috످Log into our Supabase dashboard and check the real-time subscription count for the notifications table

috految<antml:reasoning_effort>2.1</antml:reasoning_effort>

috److I can't log into your Supabase dashboard because I don't have browser or database access in this chat, but you can get the count with a read-only query.

Open the Supabase SQL Editor (https://supabase.com/dashboard/project/_/sql/new), select your project, and run:

```sql
SELECT COUNT(DISTINCT subscription_id) AS subscription_count
FROM realtime.subscription
WHERE entity = 'public.notifications'::regclass;
```

This counts active Postgres Changes subscriptions on the `notifications` table (assuming it's in the `public` schema). If your app uses Broadcast or Presence, check Reports/Observability → Realtime for project-wide connection counts instead.

If you get 0 unexpectedly, make sure a client is connected and the table is enabled under Database → Publications → supabase_realtime.

috످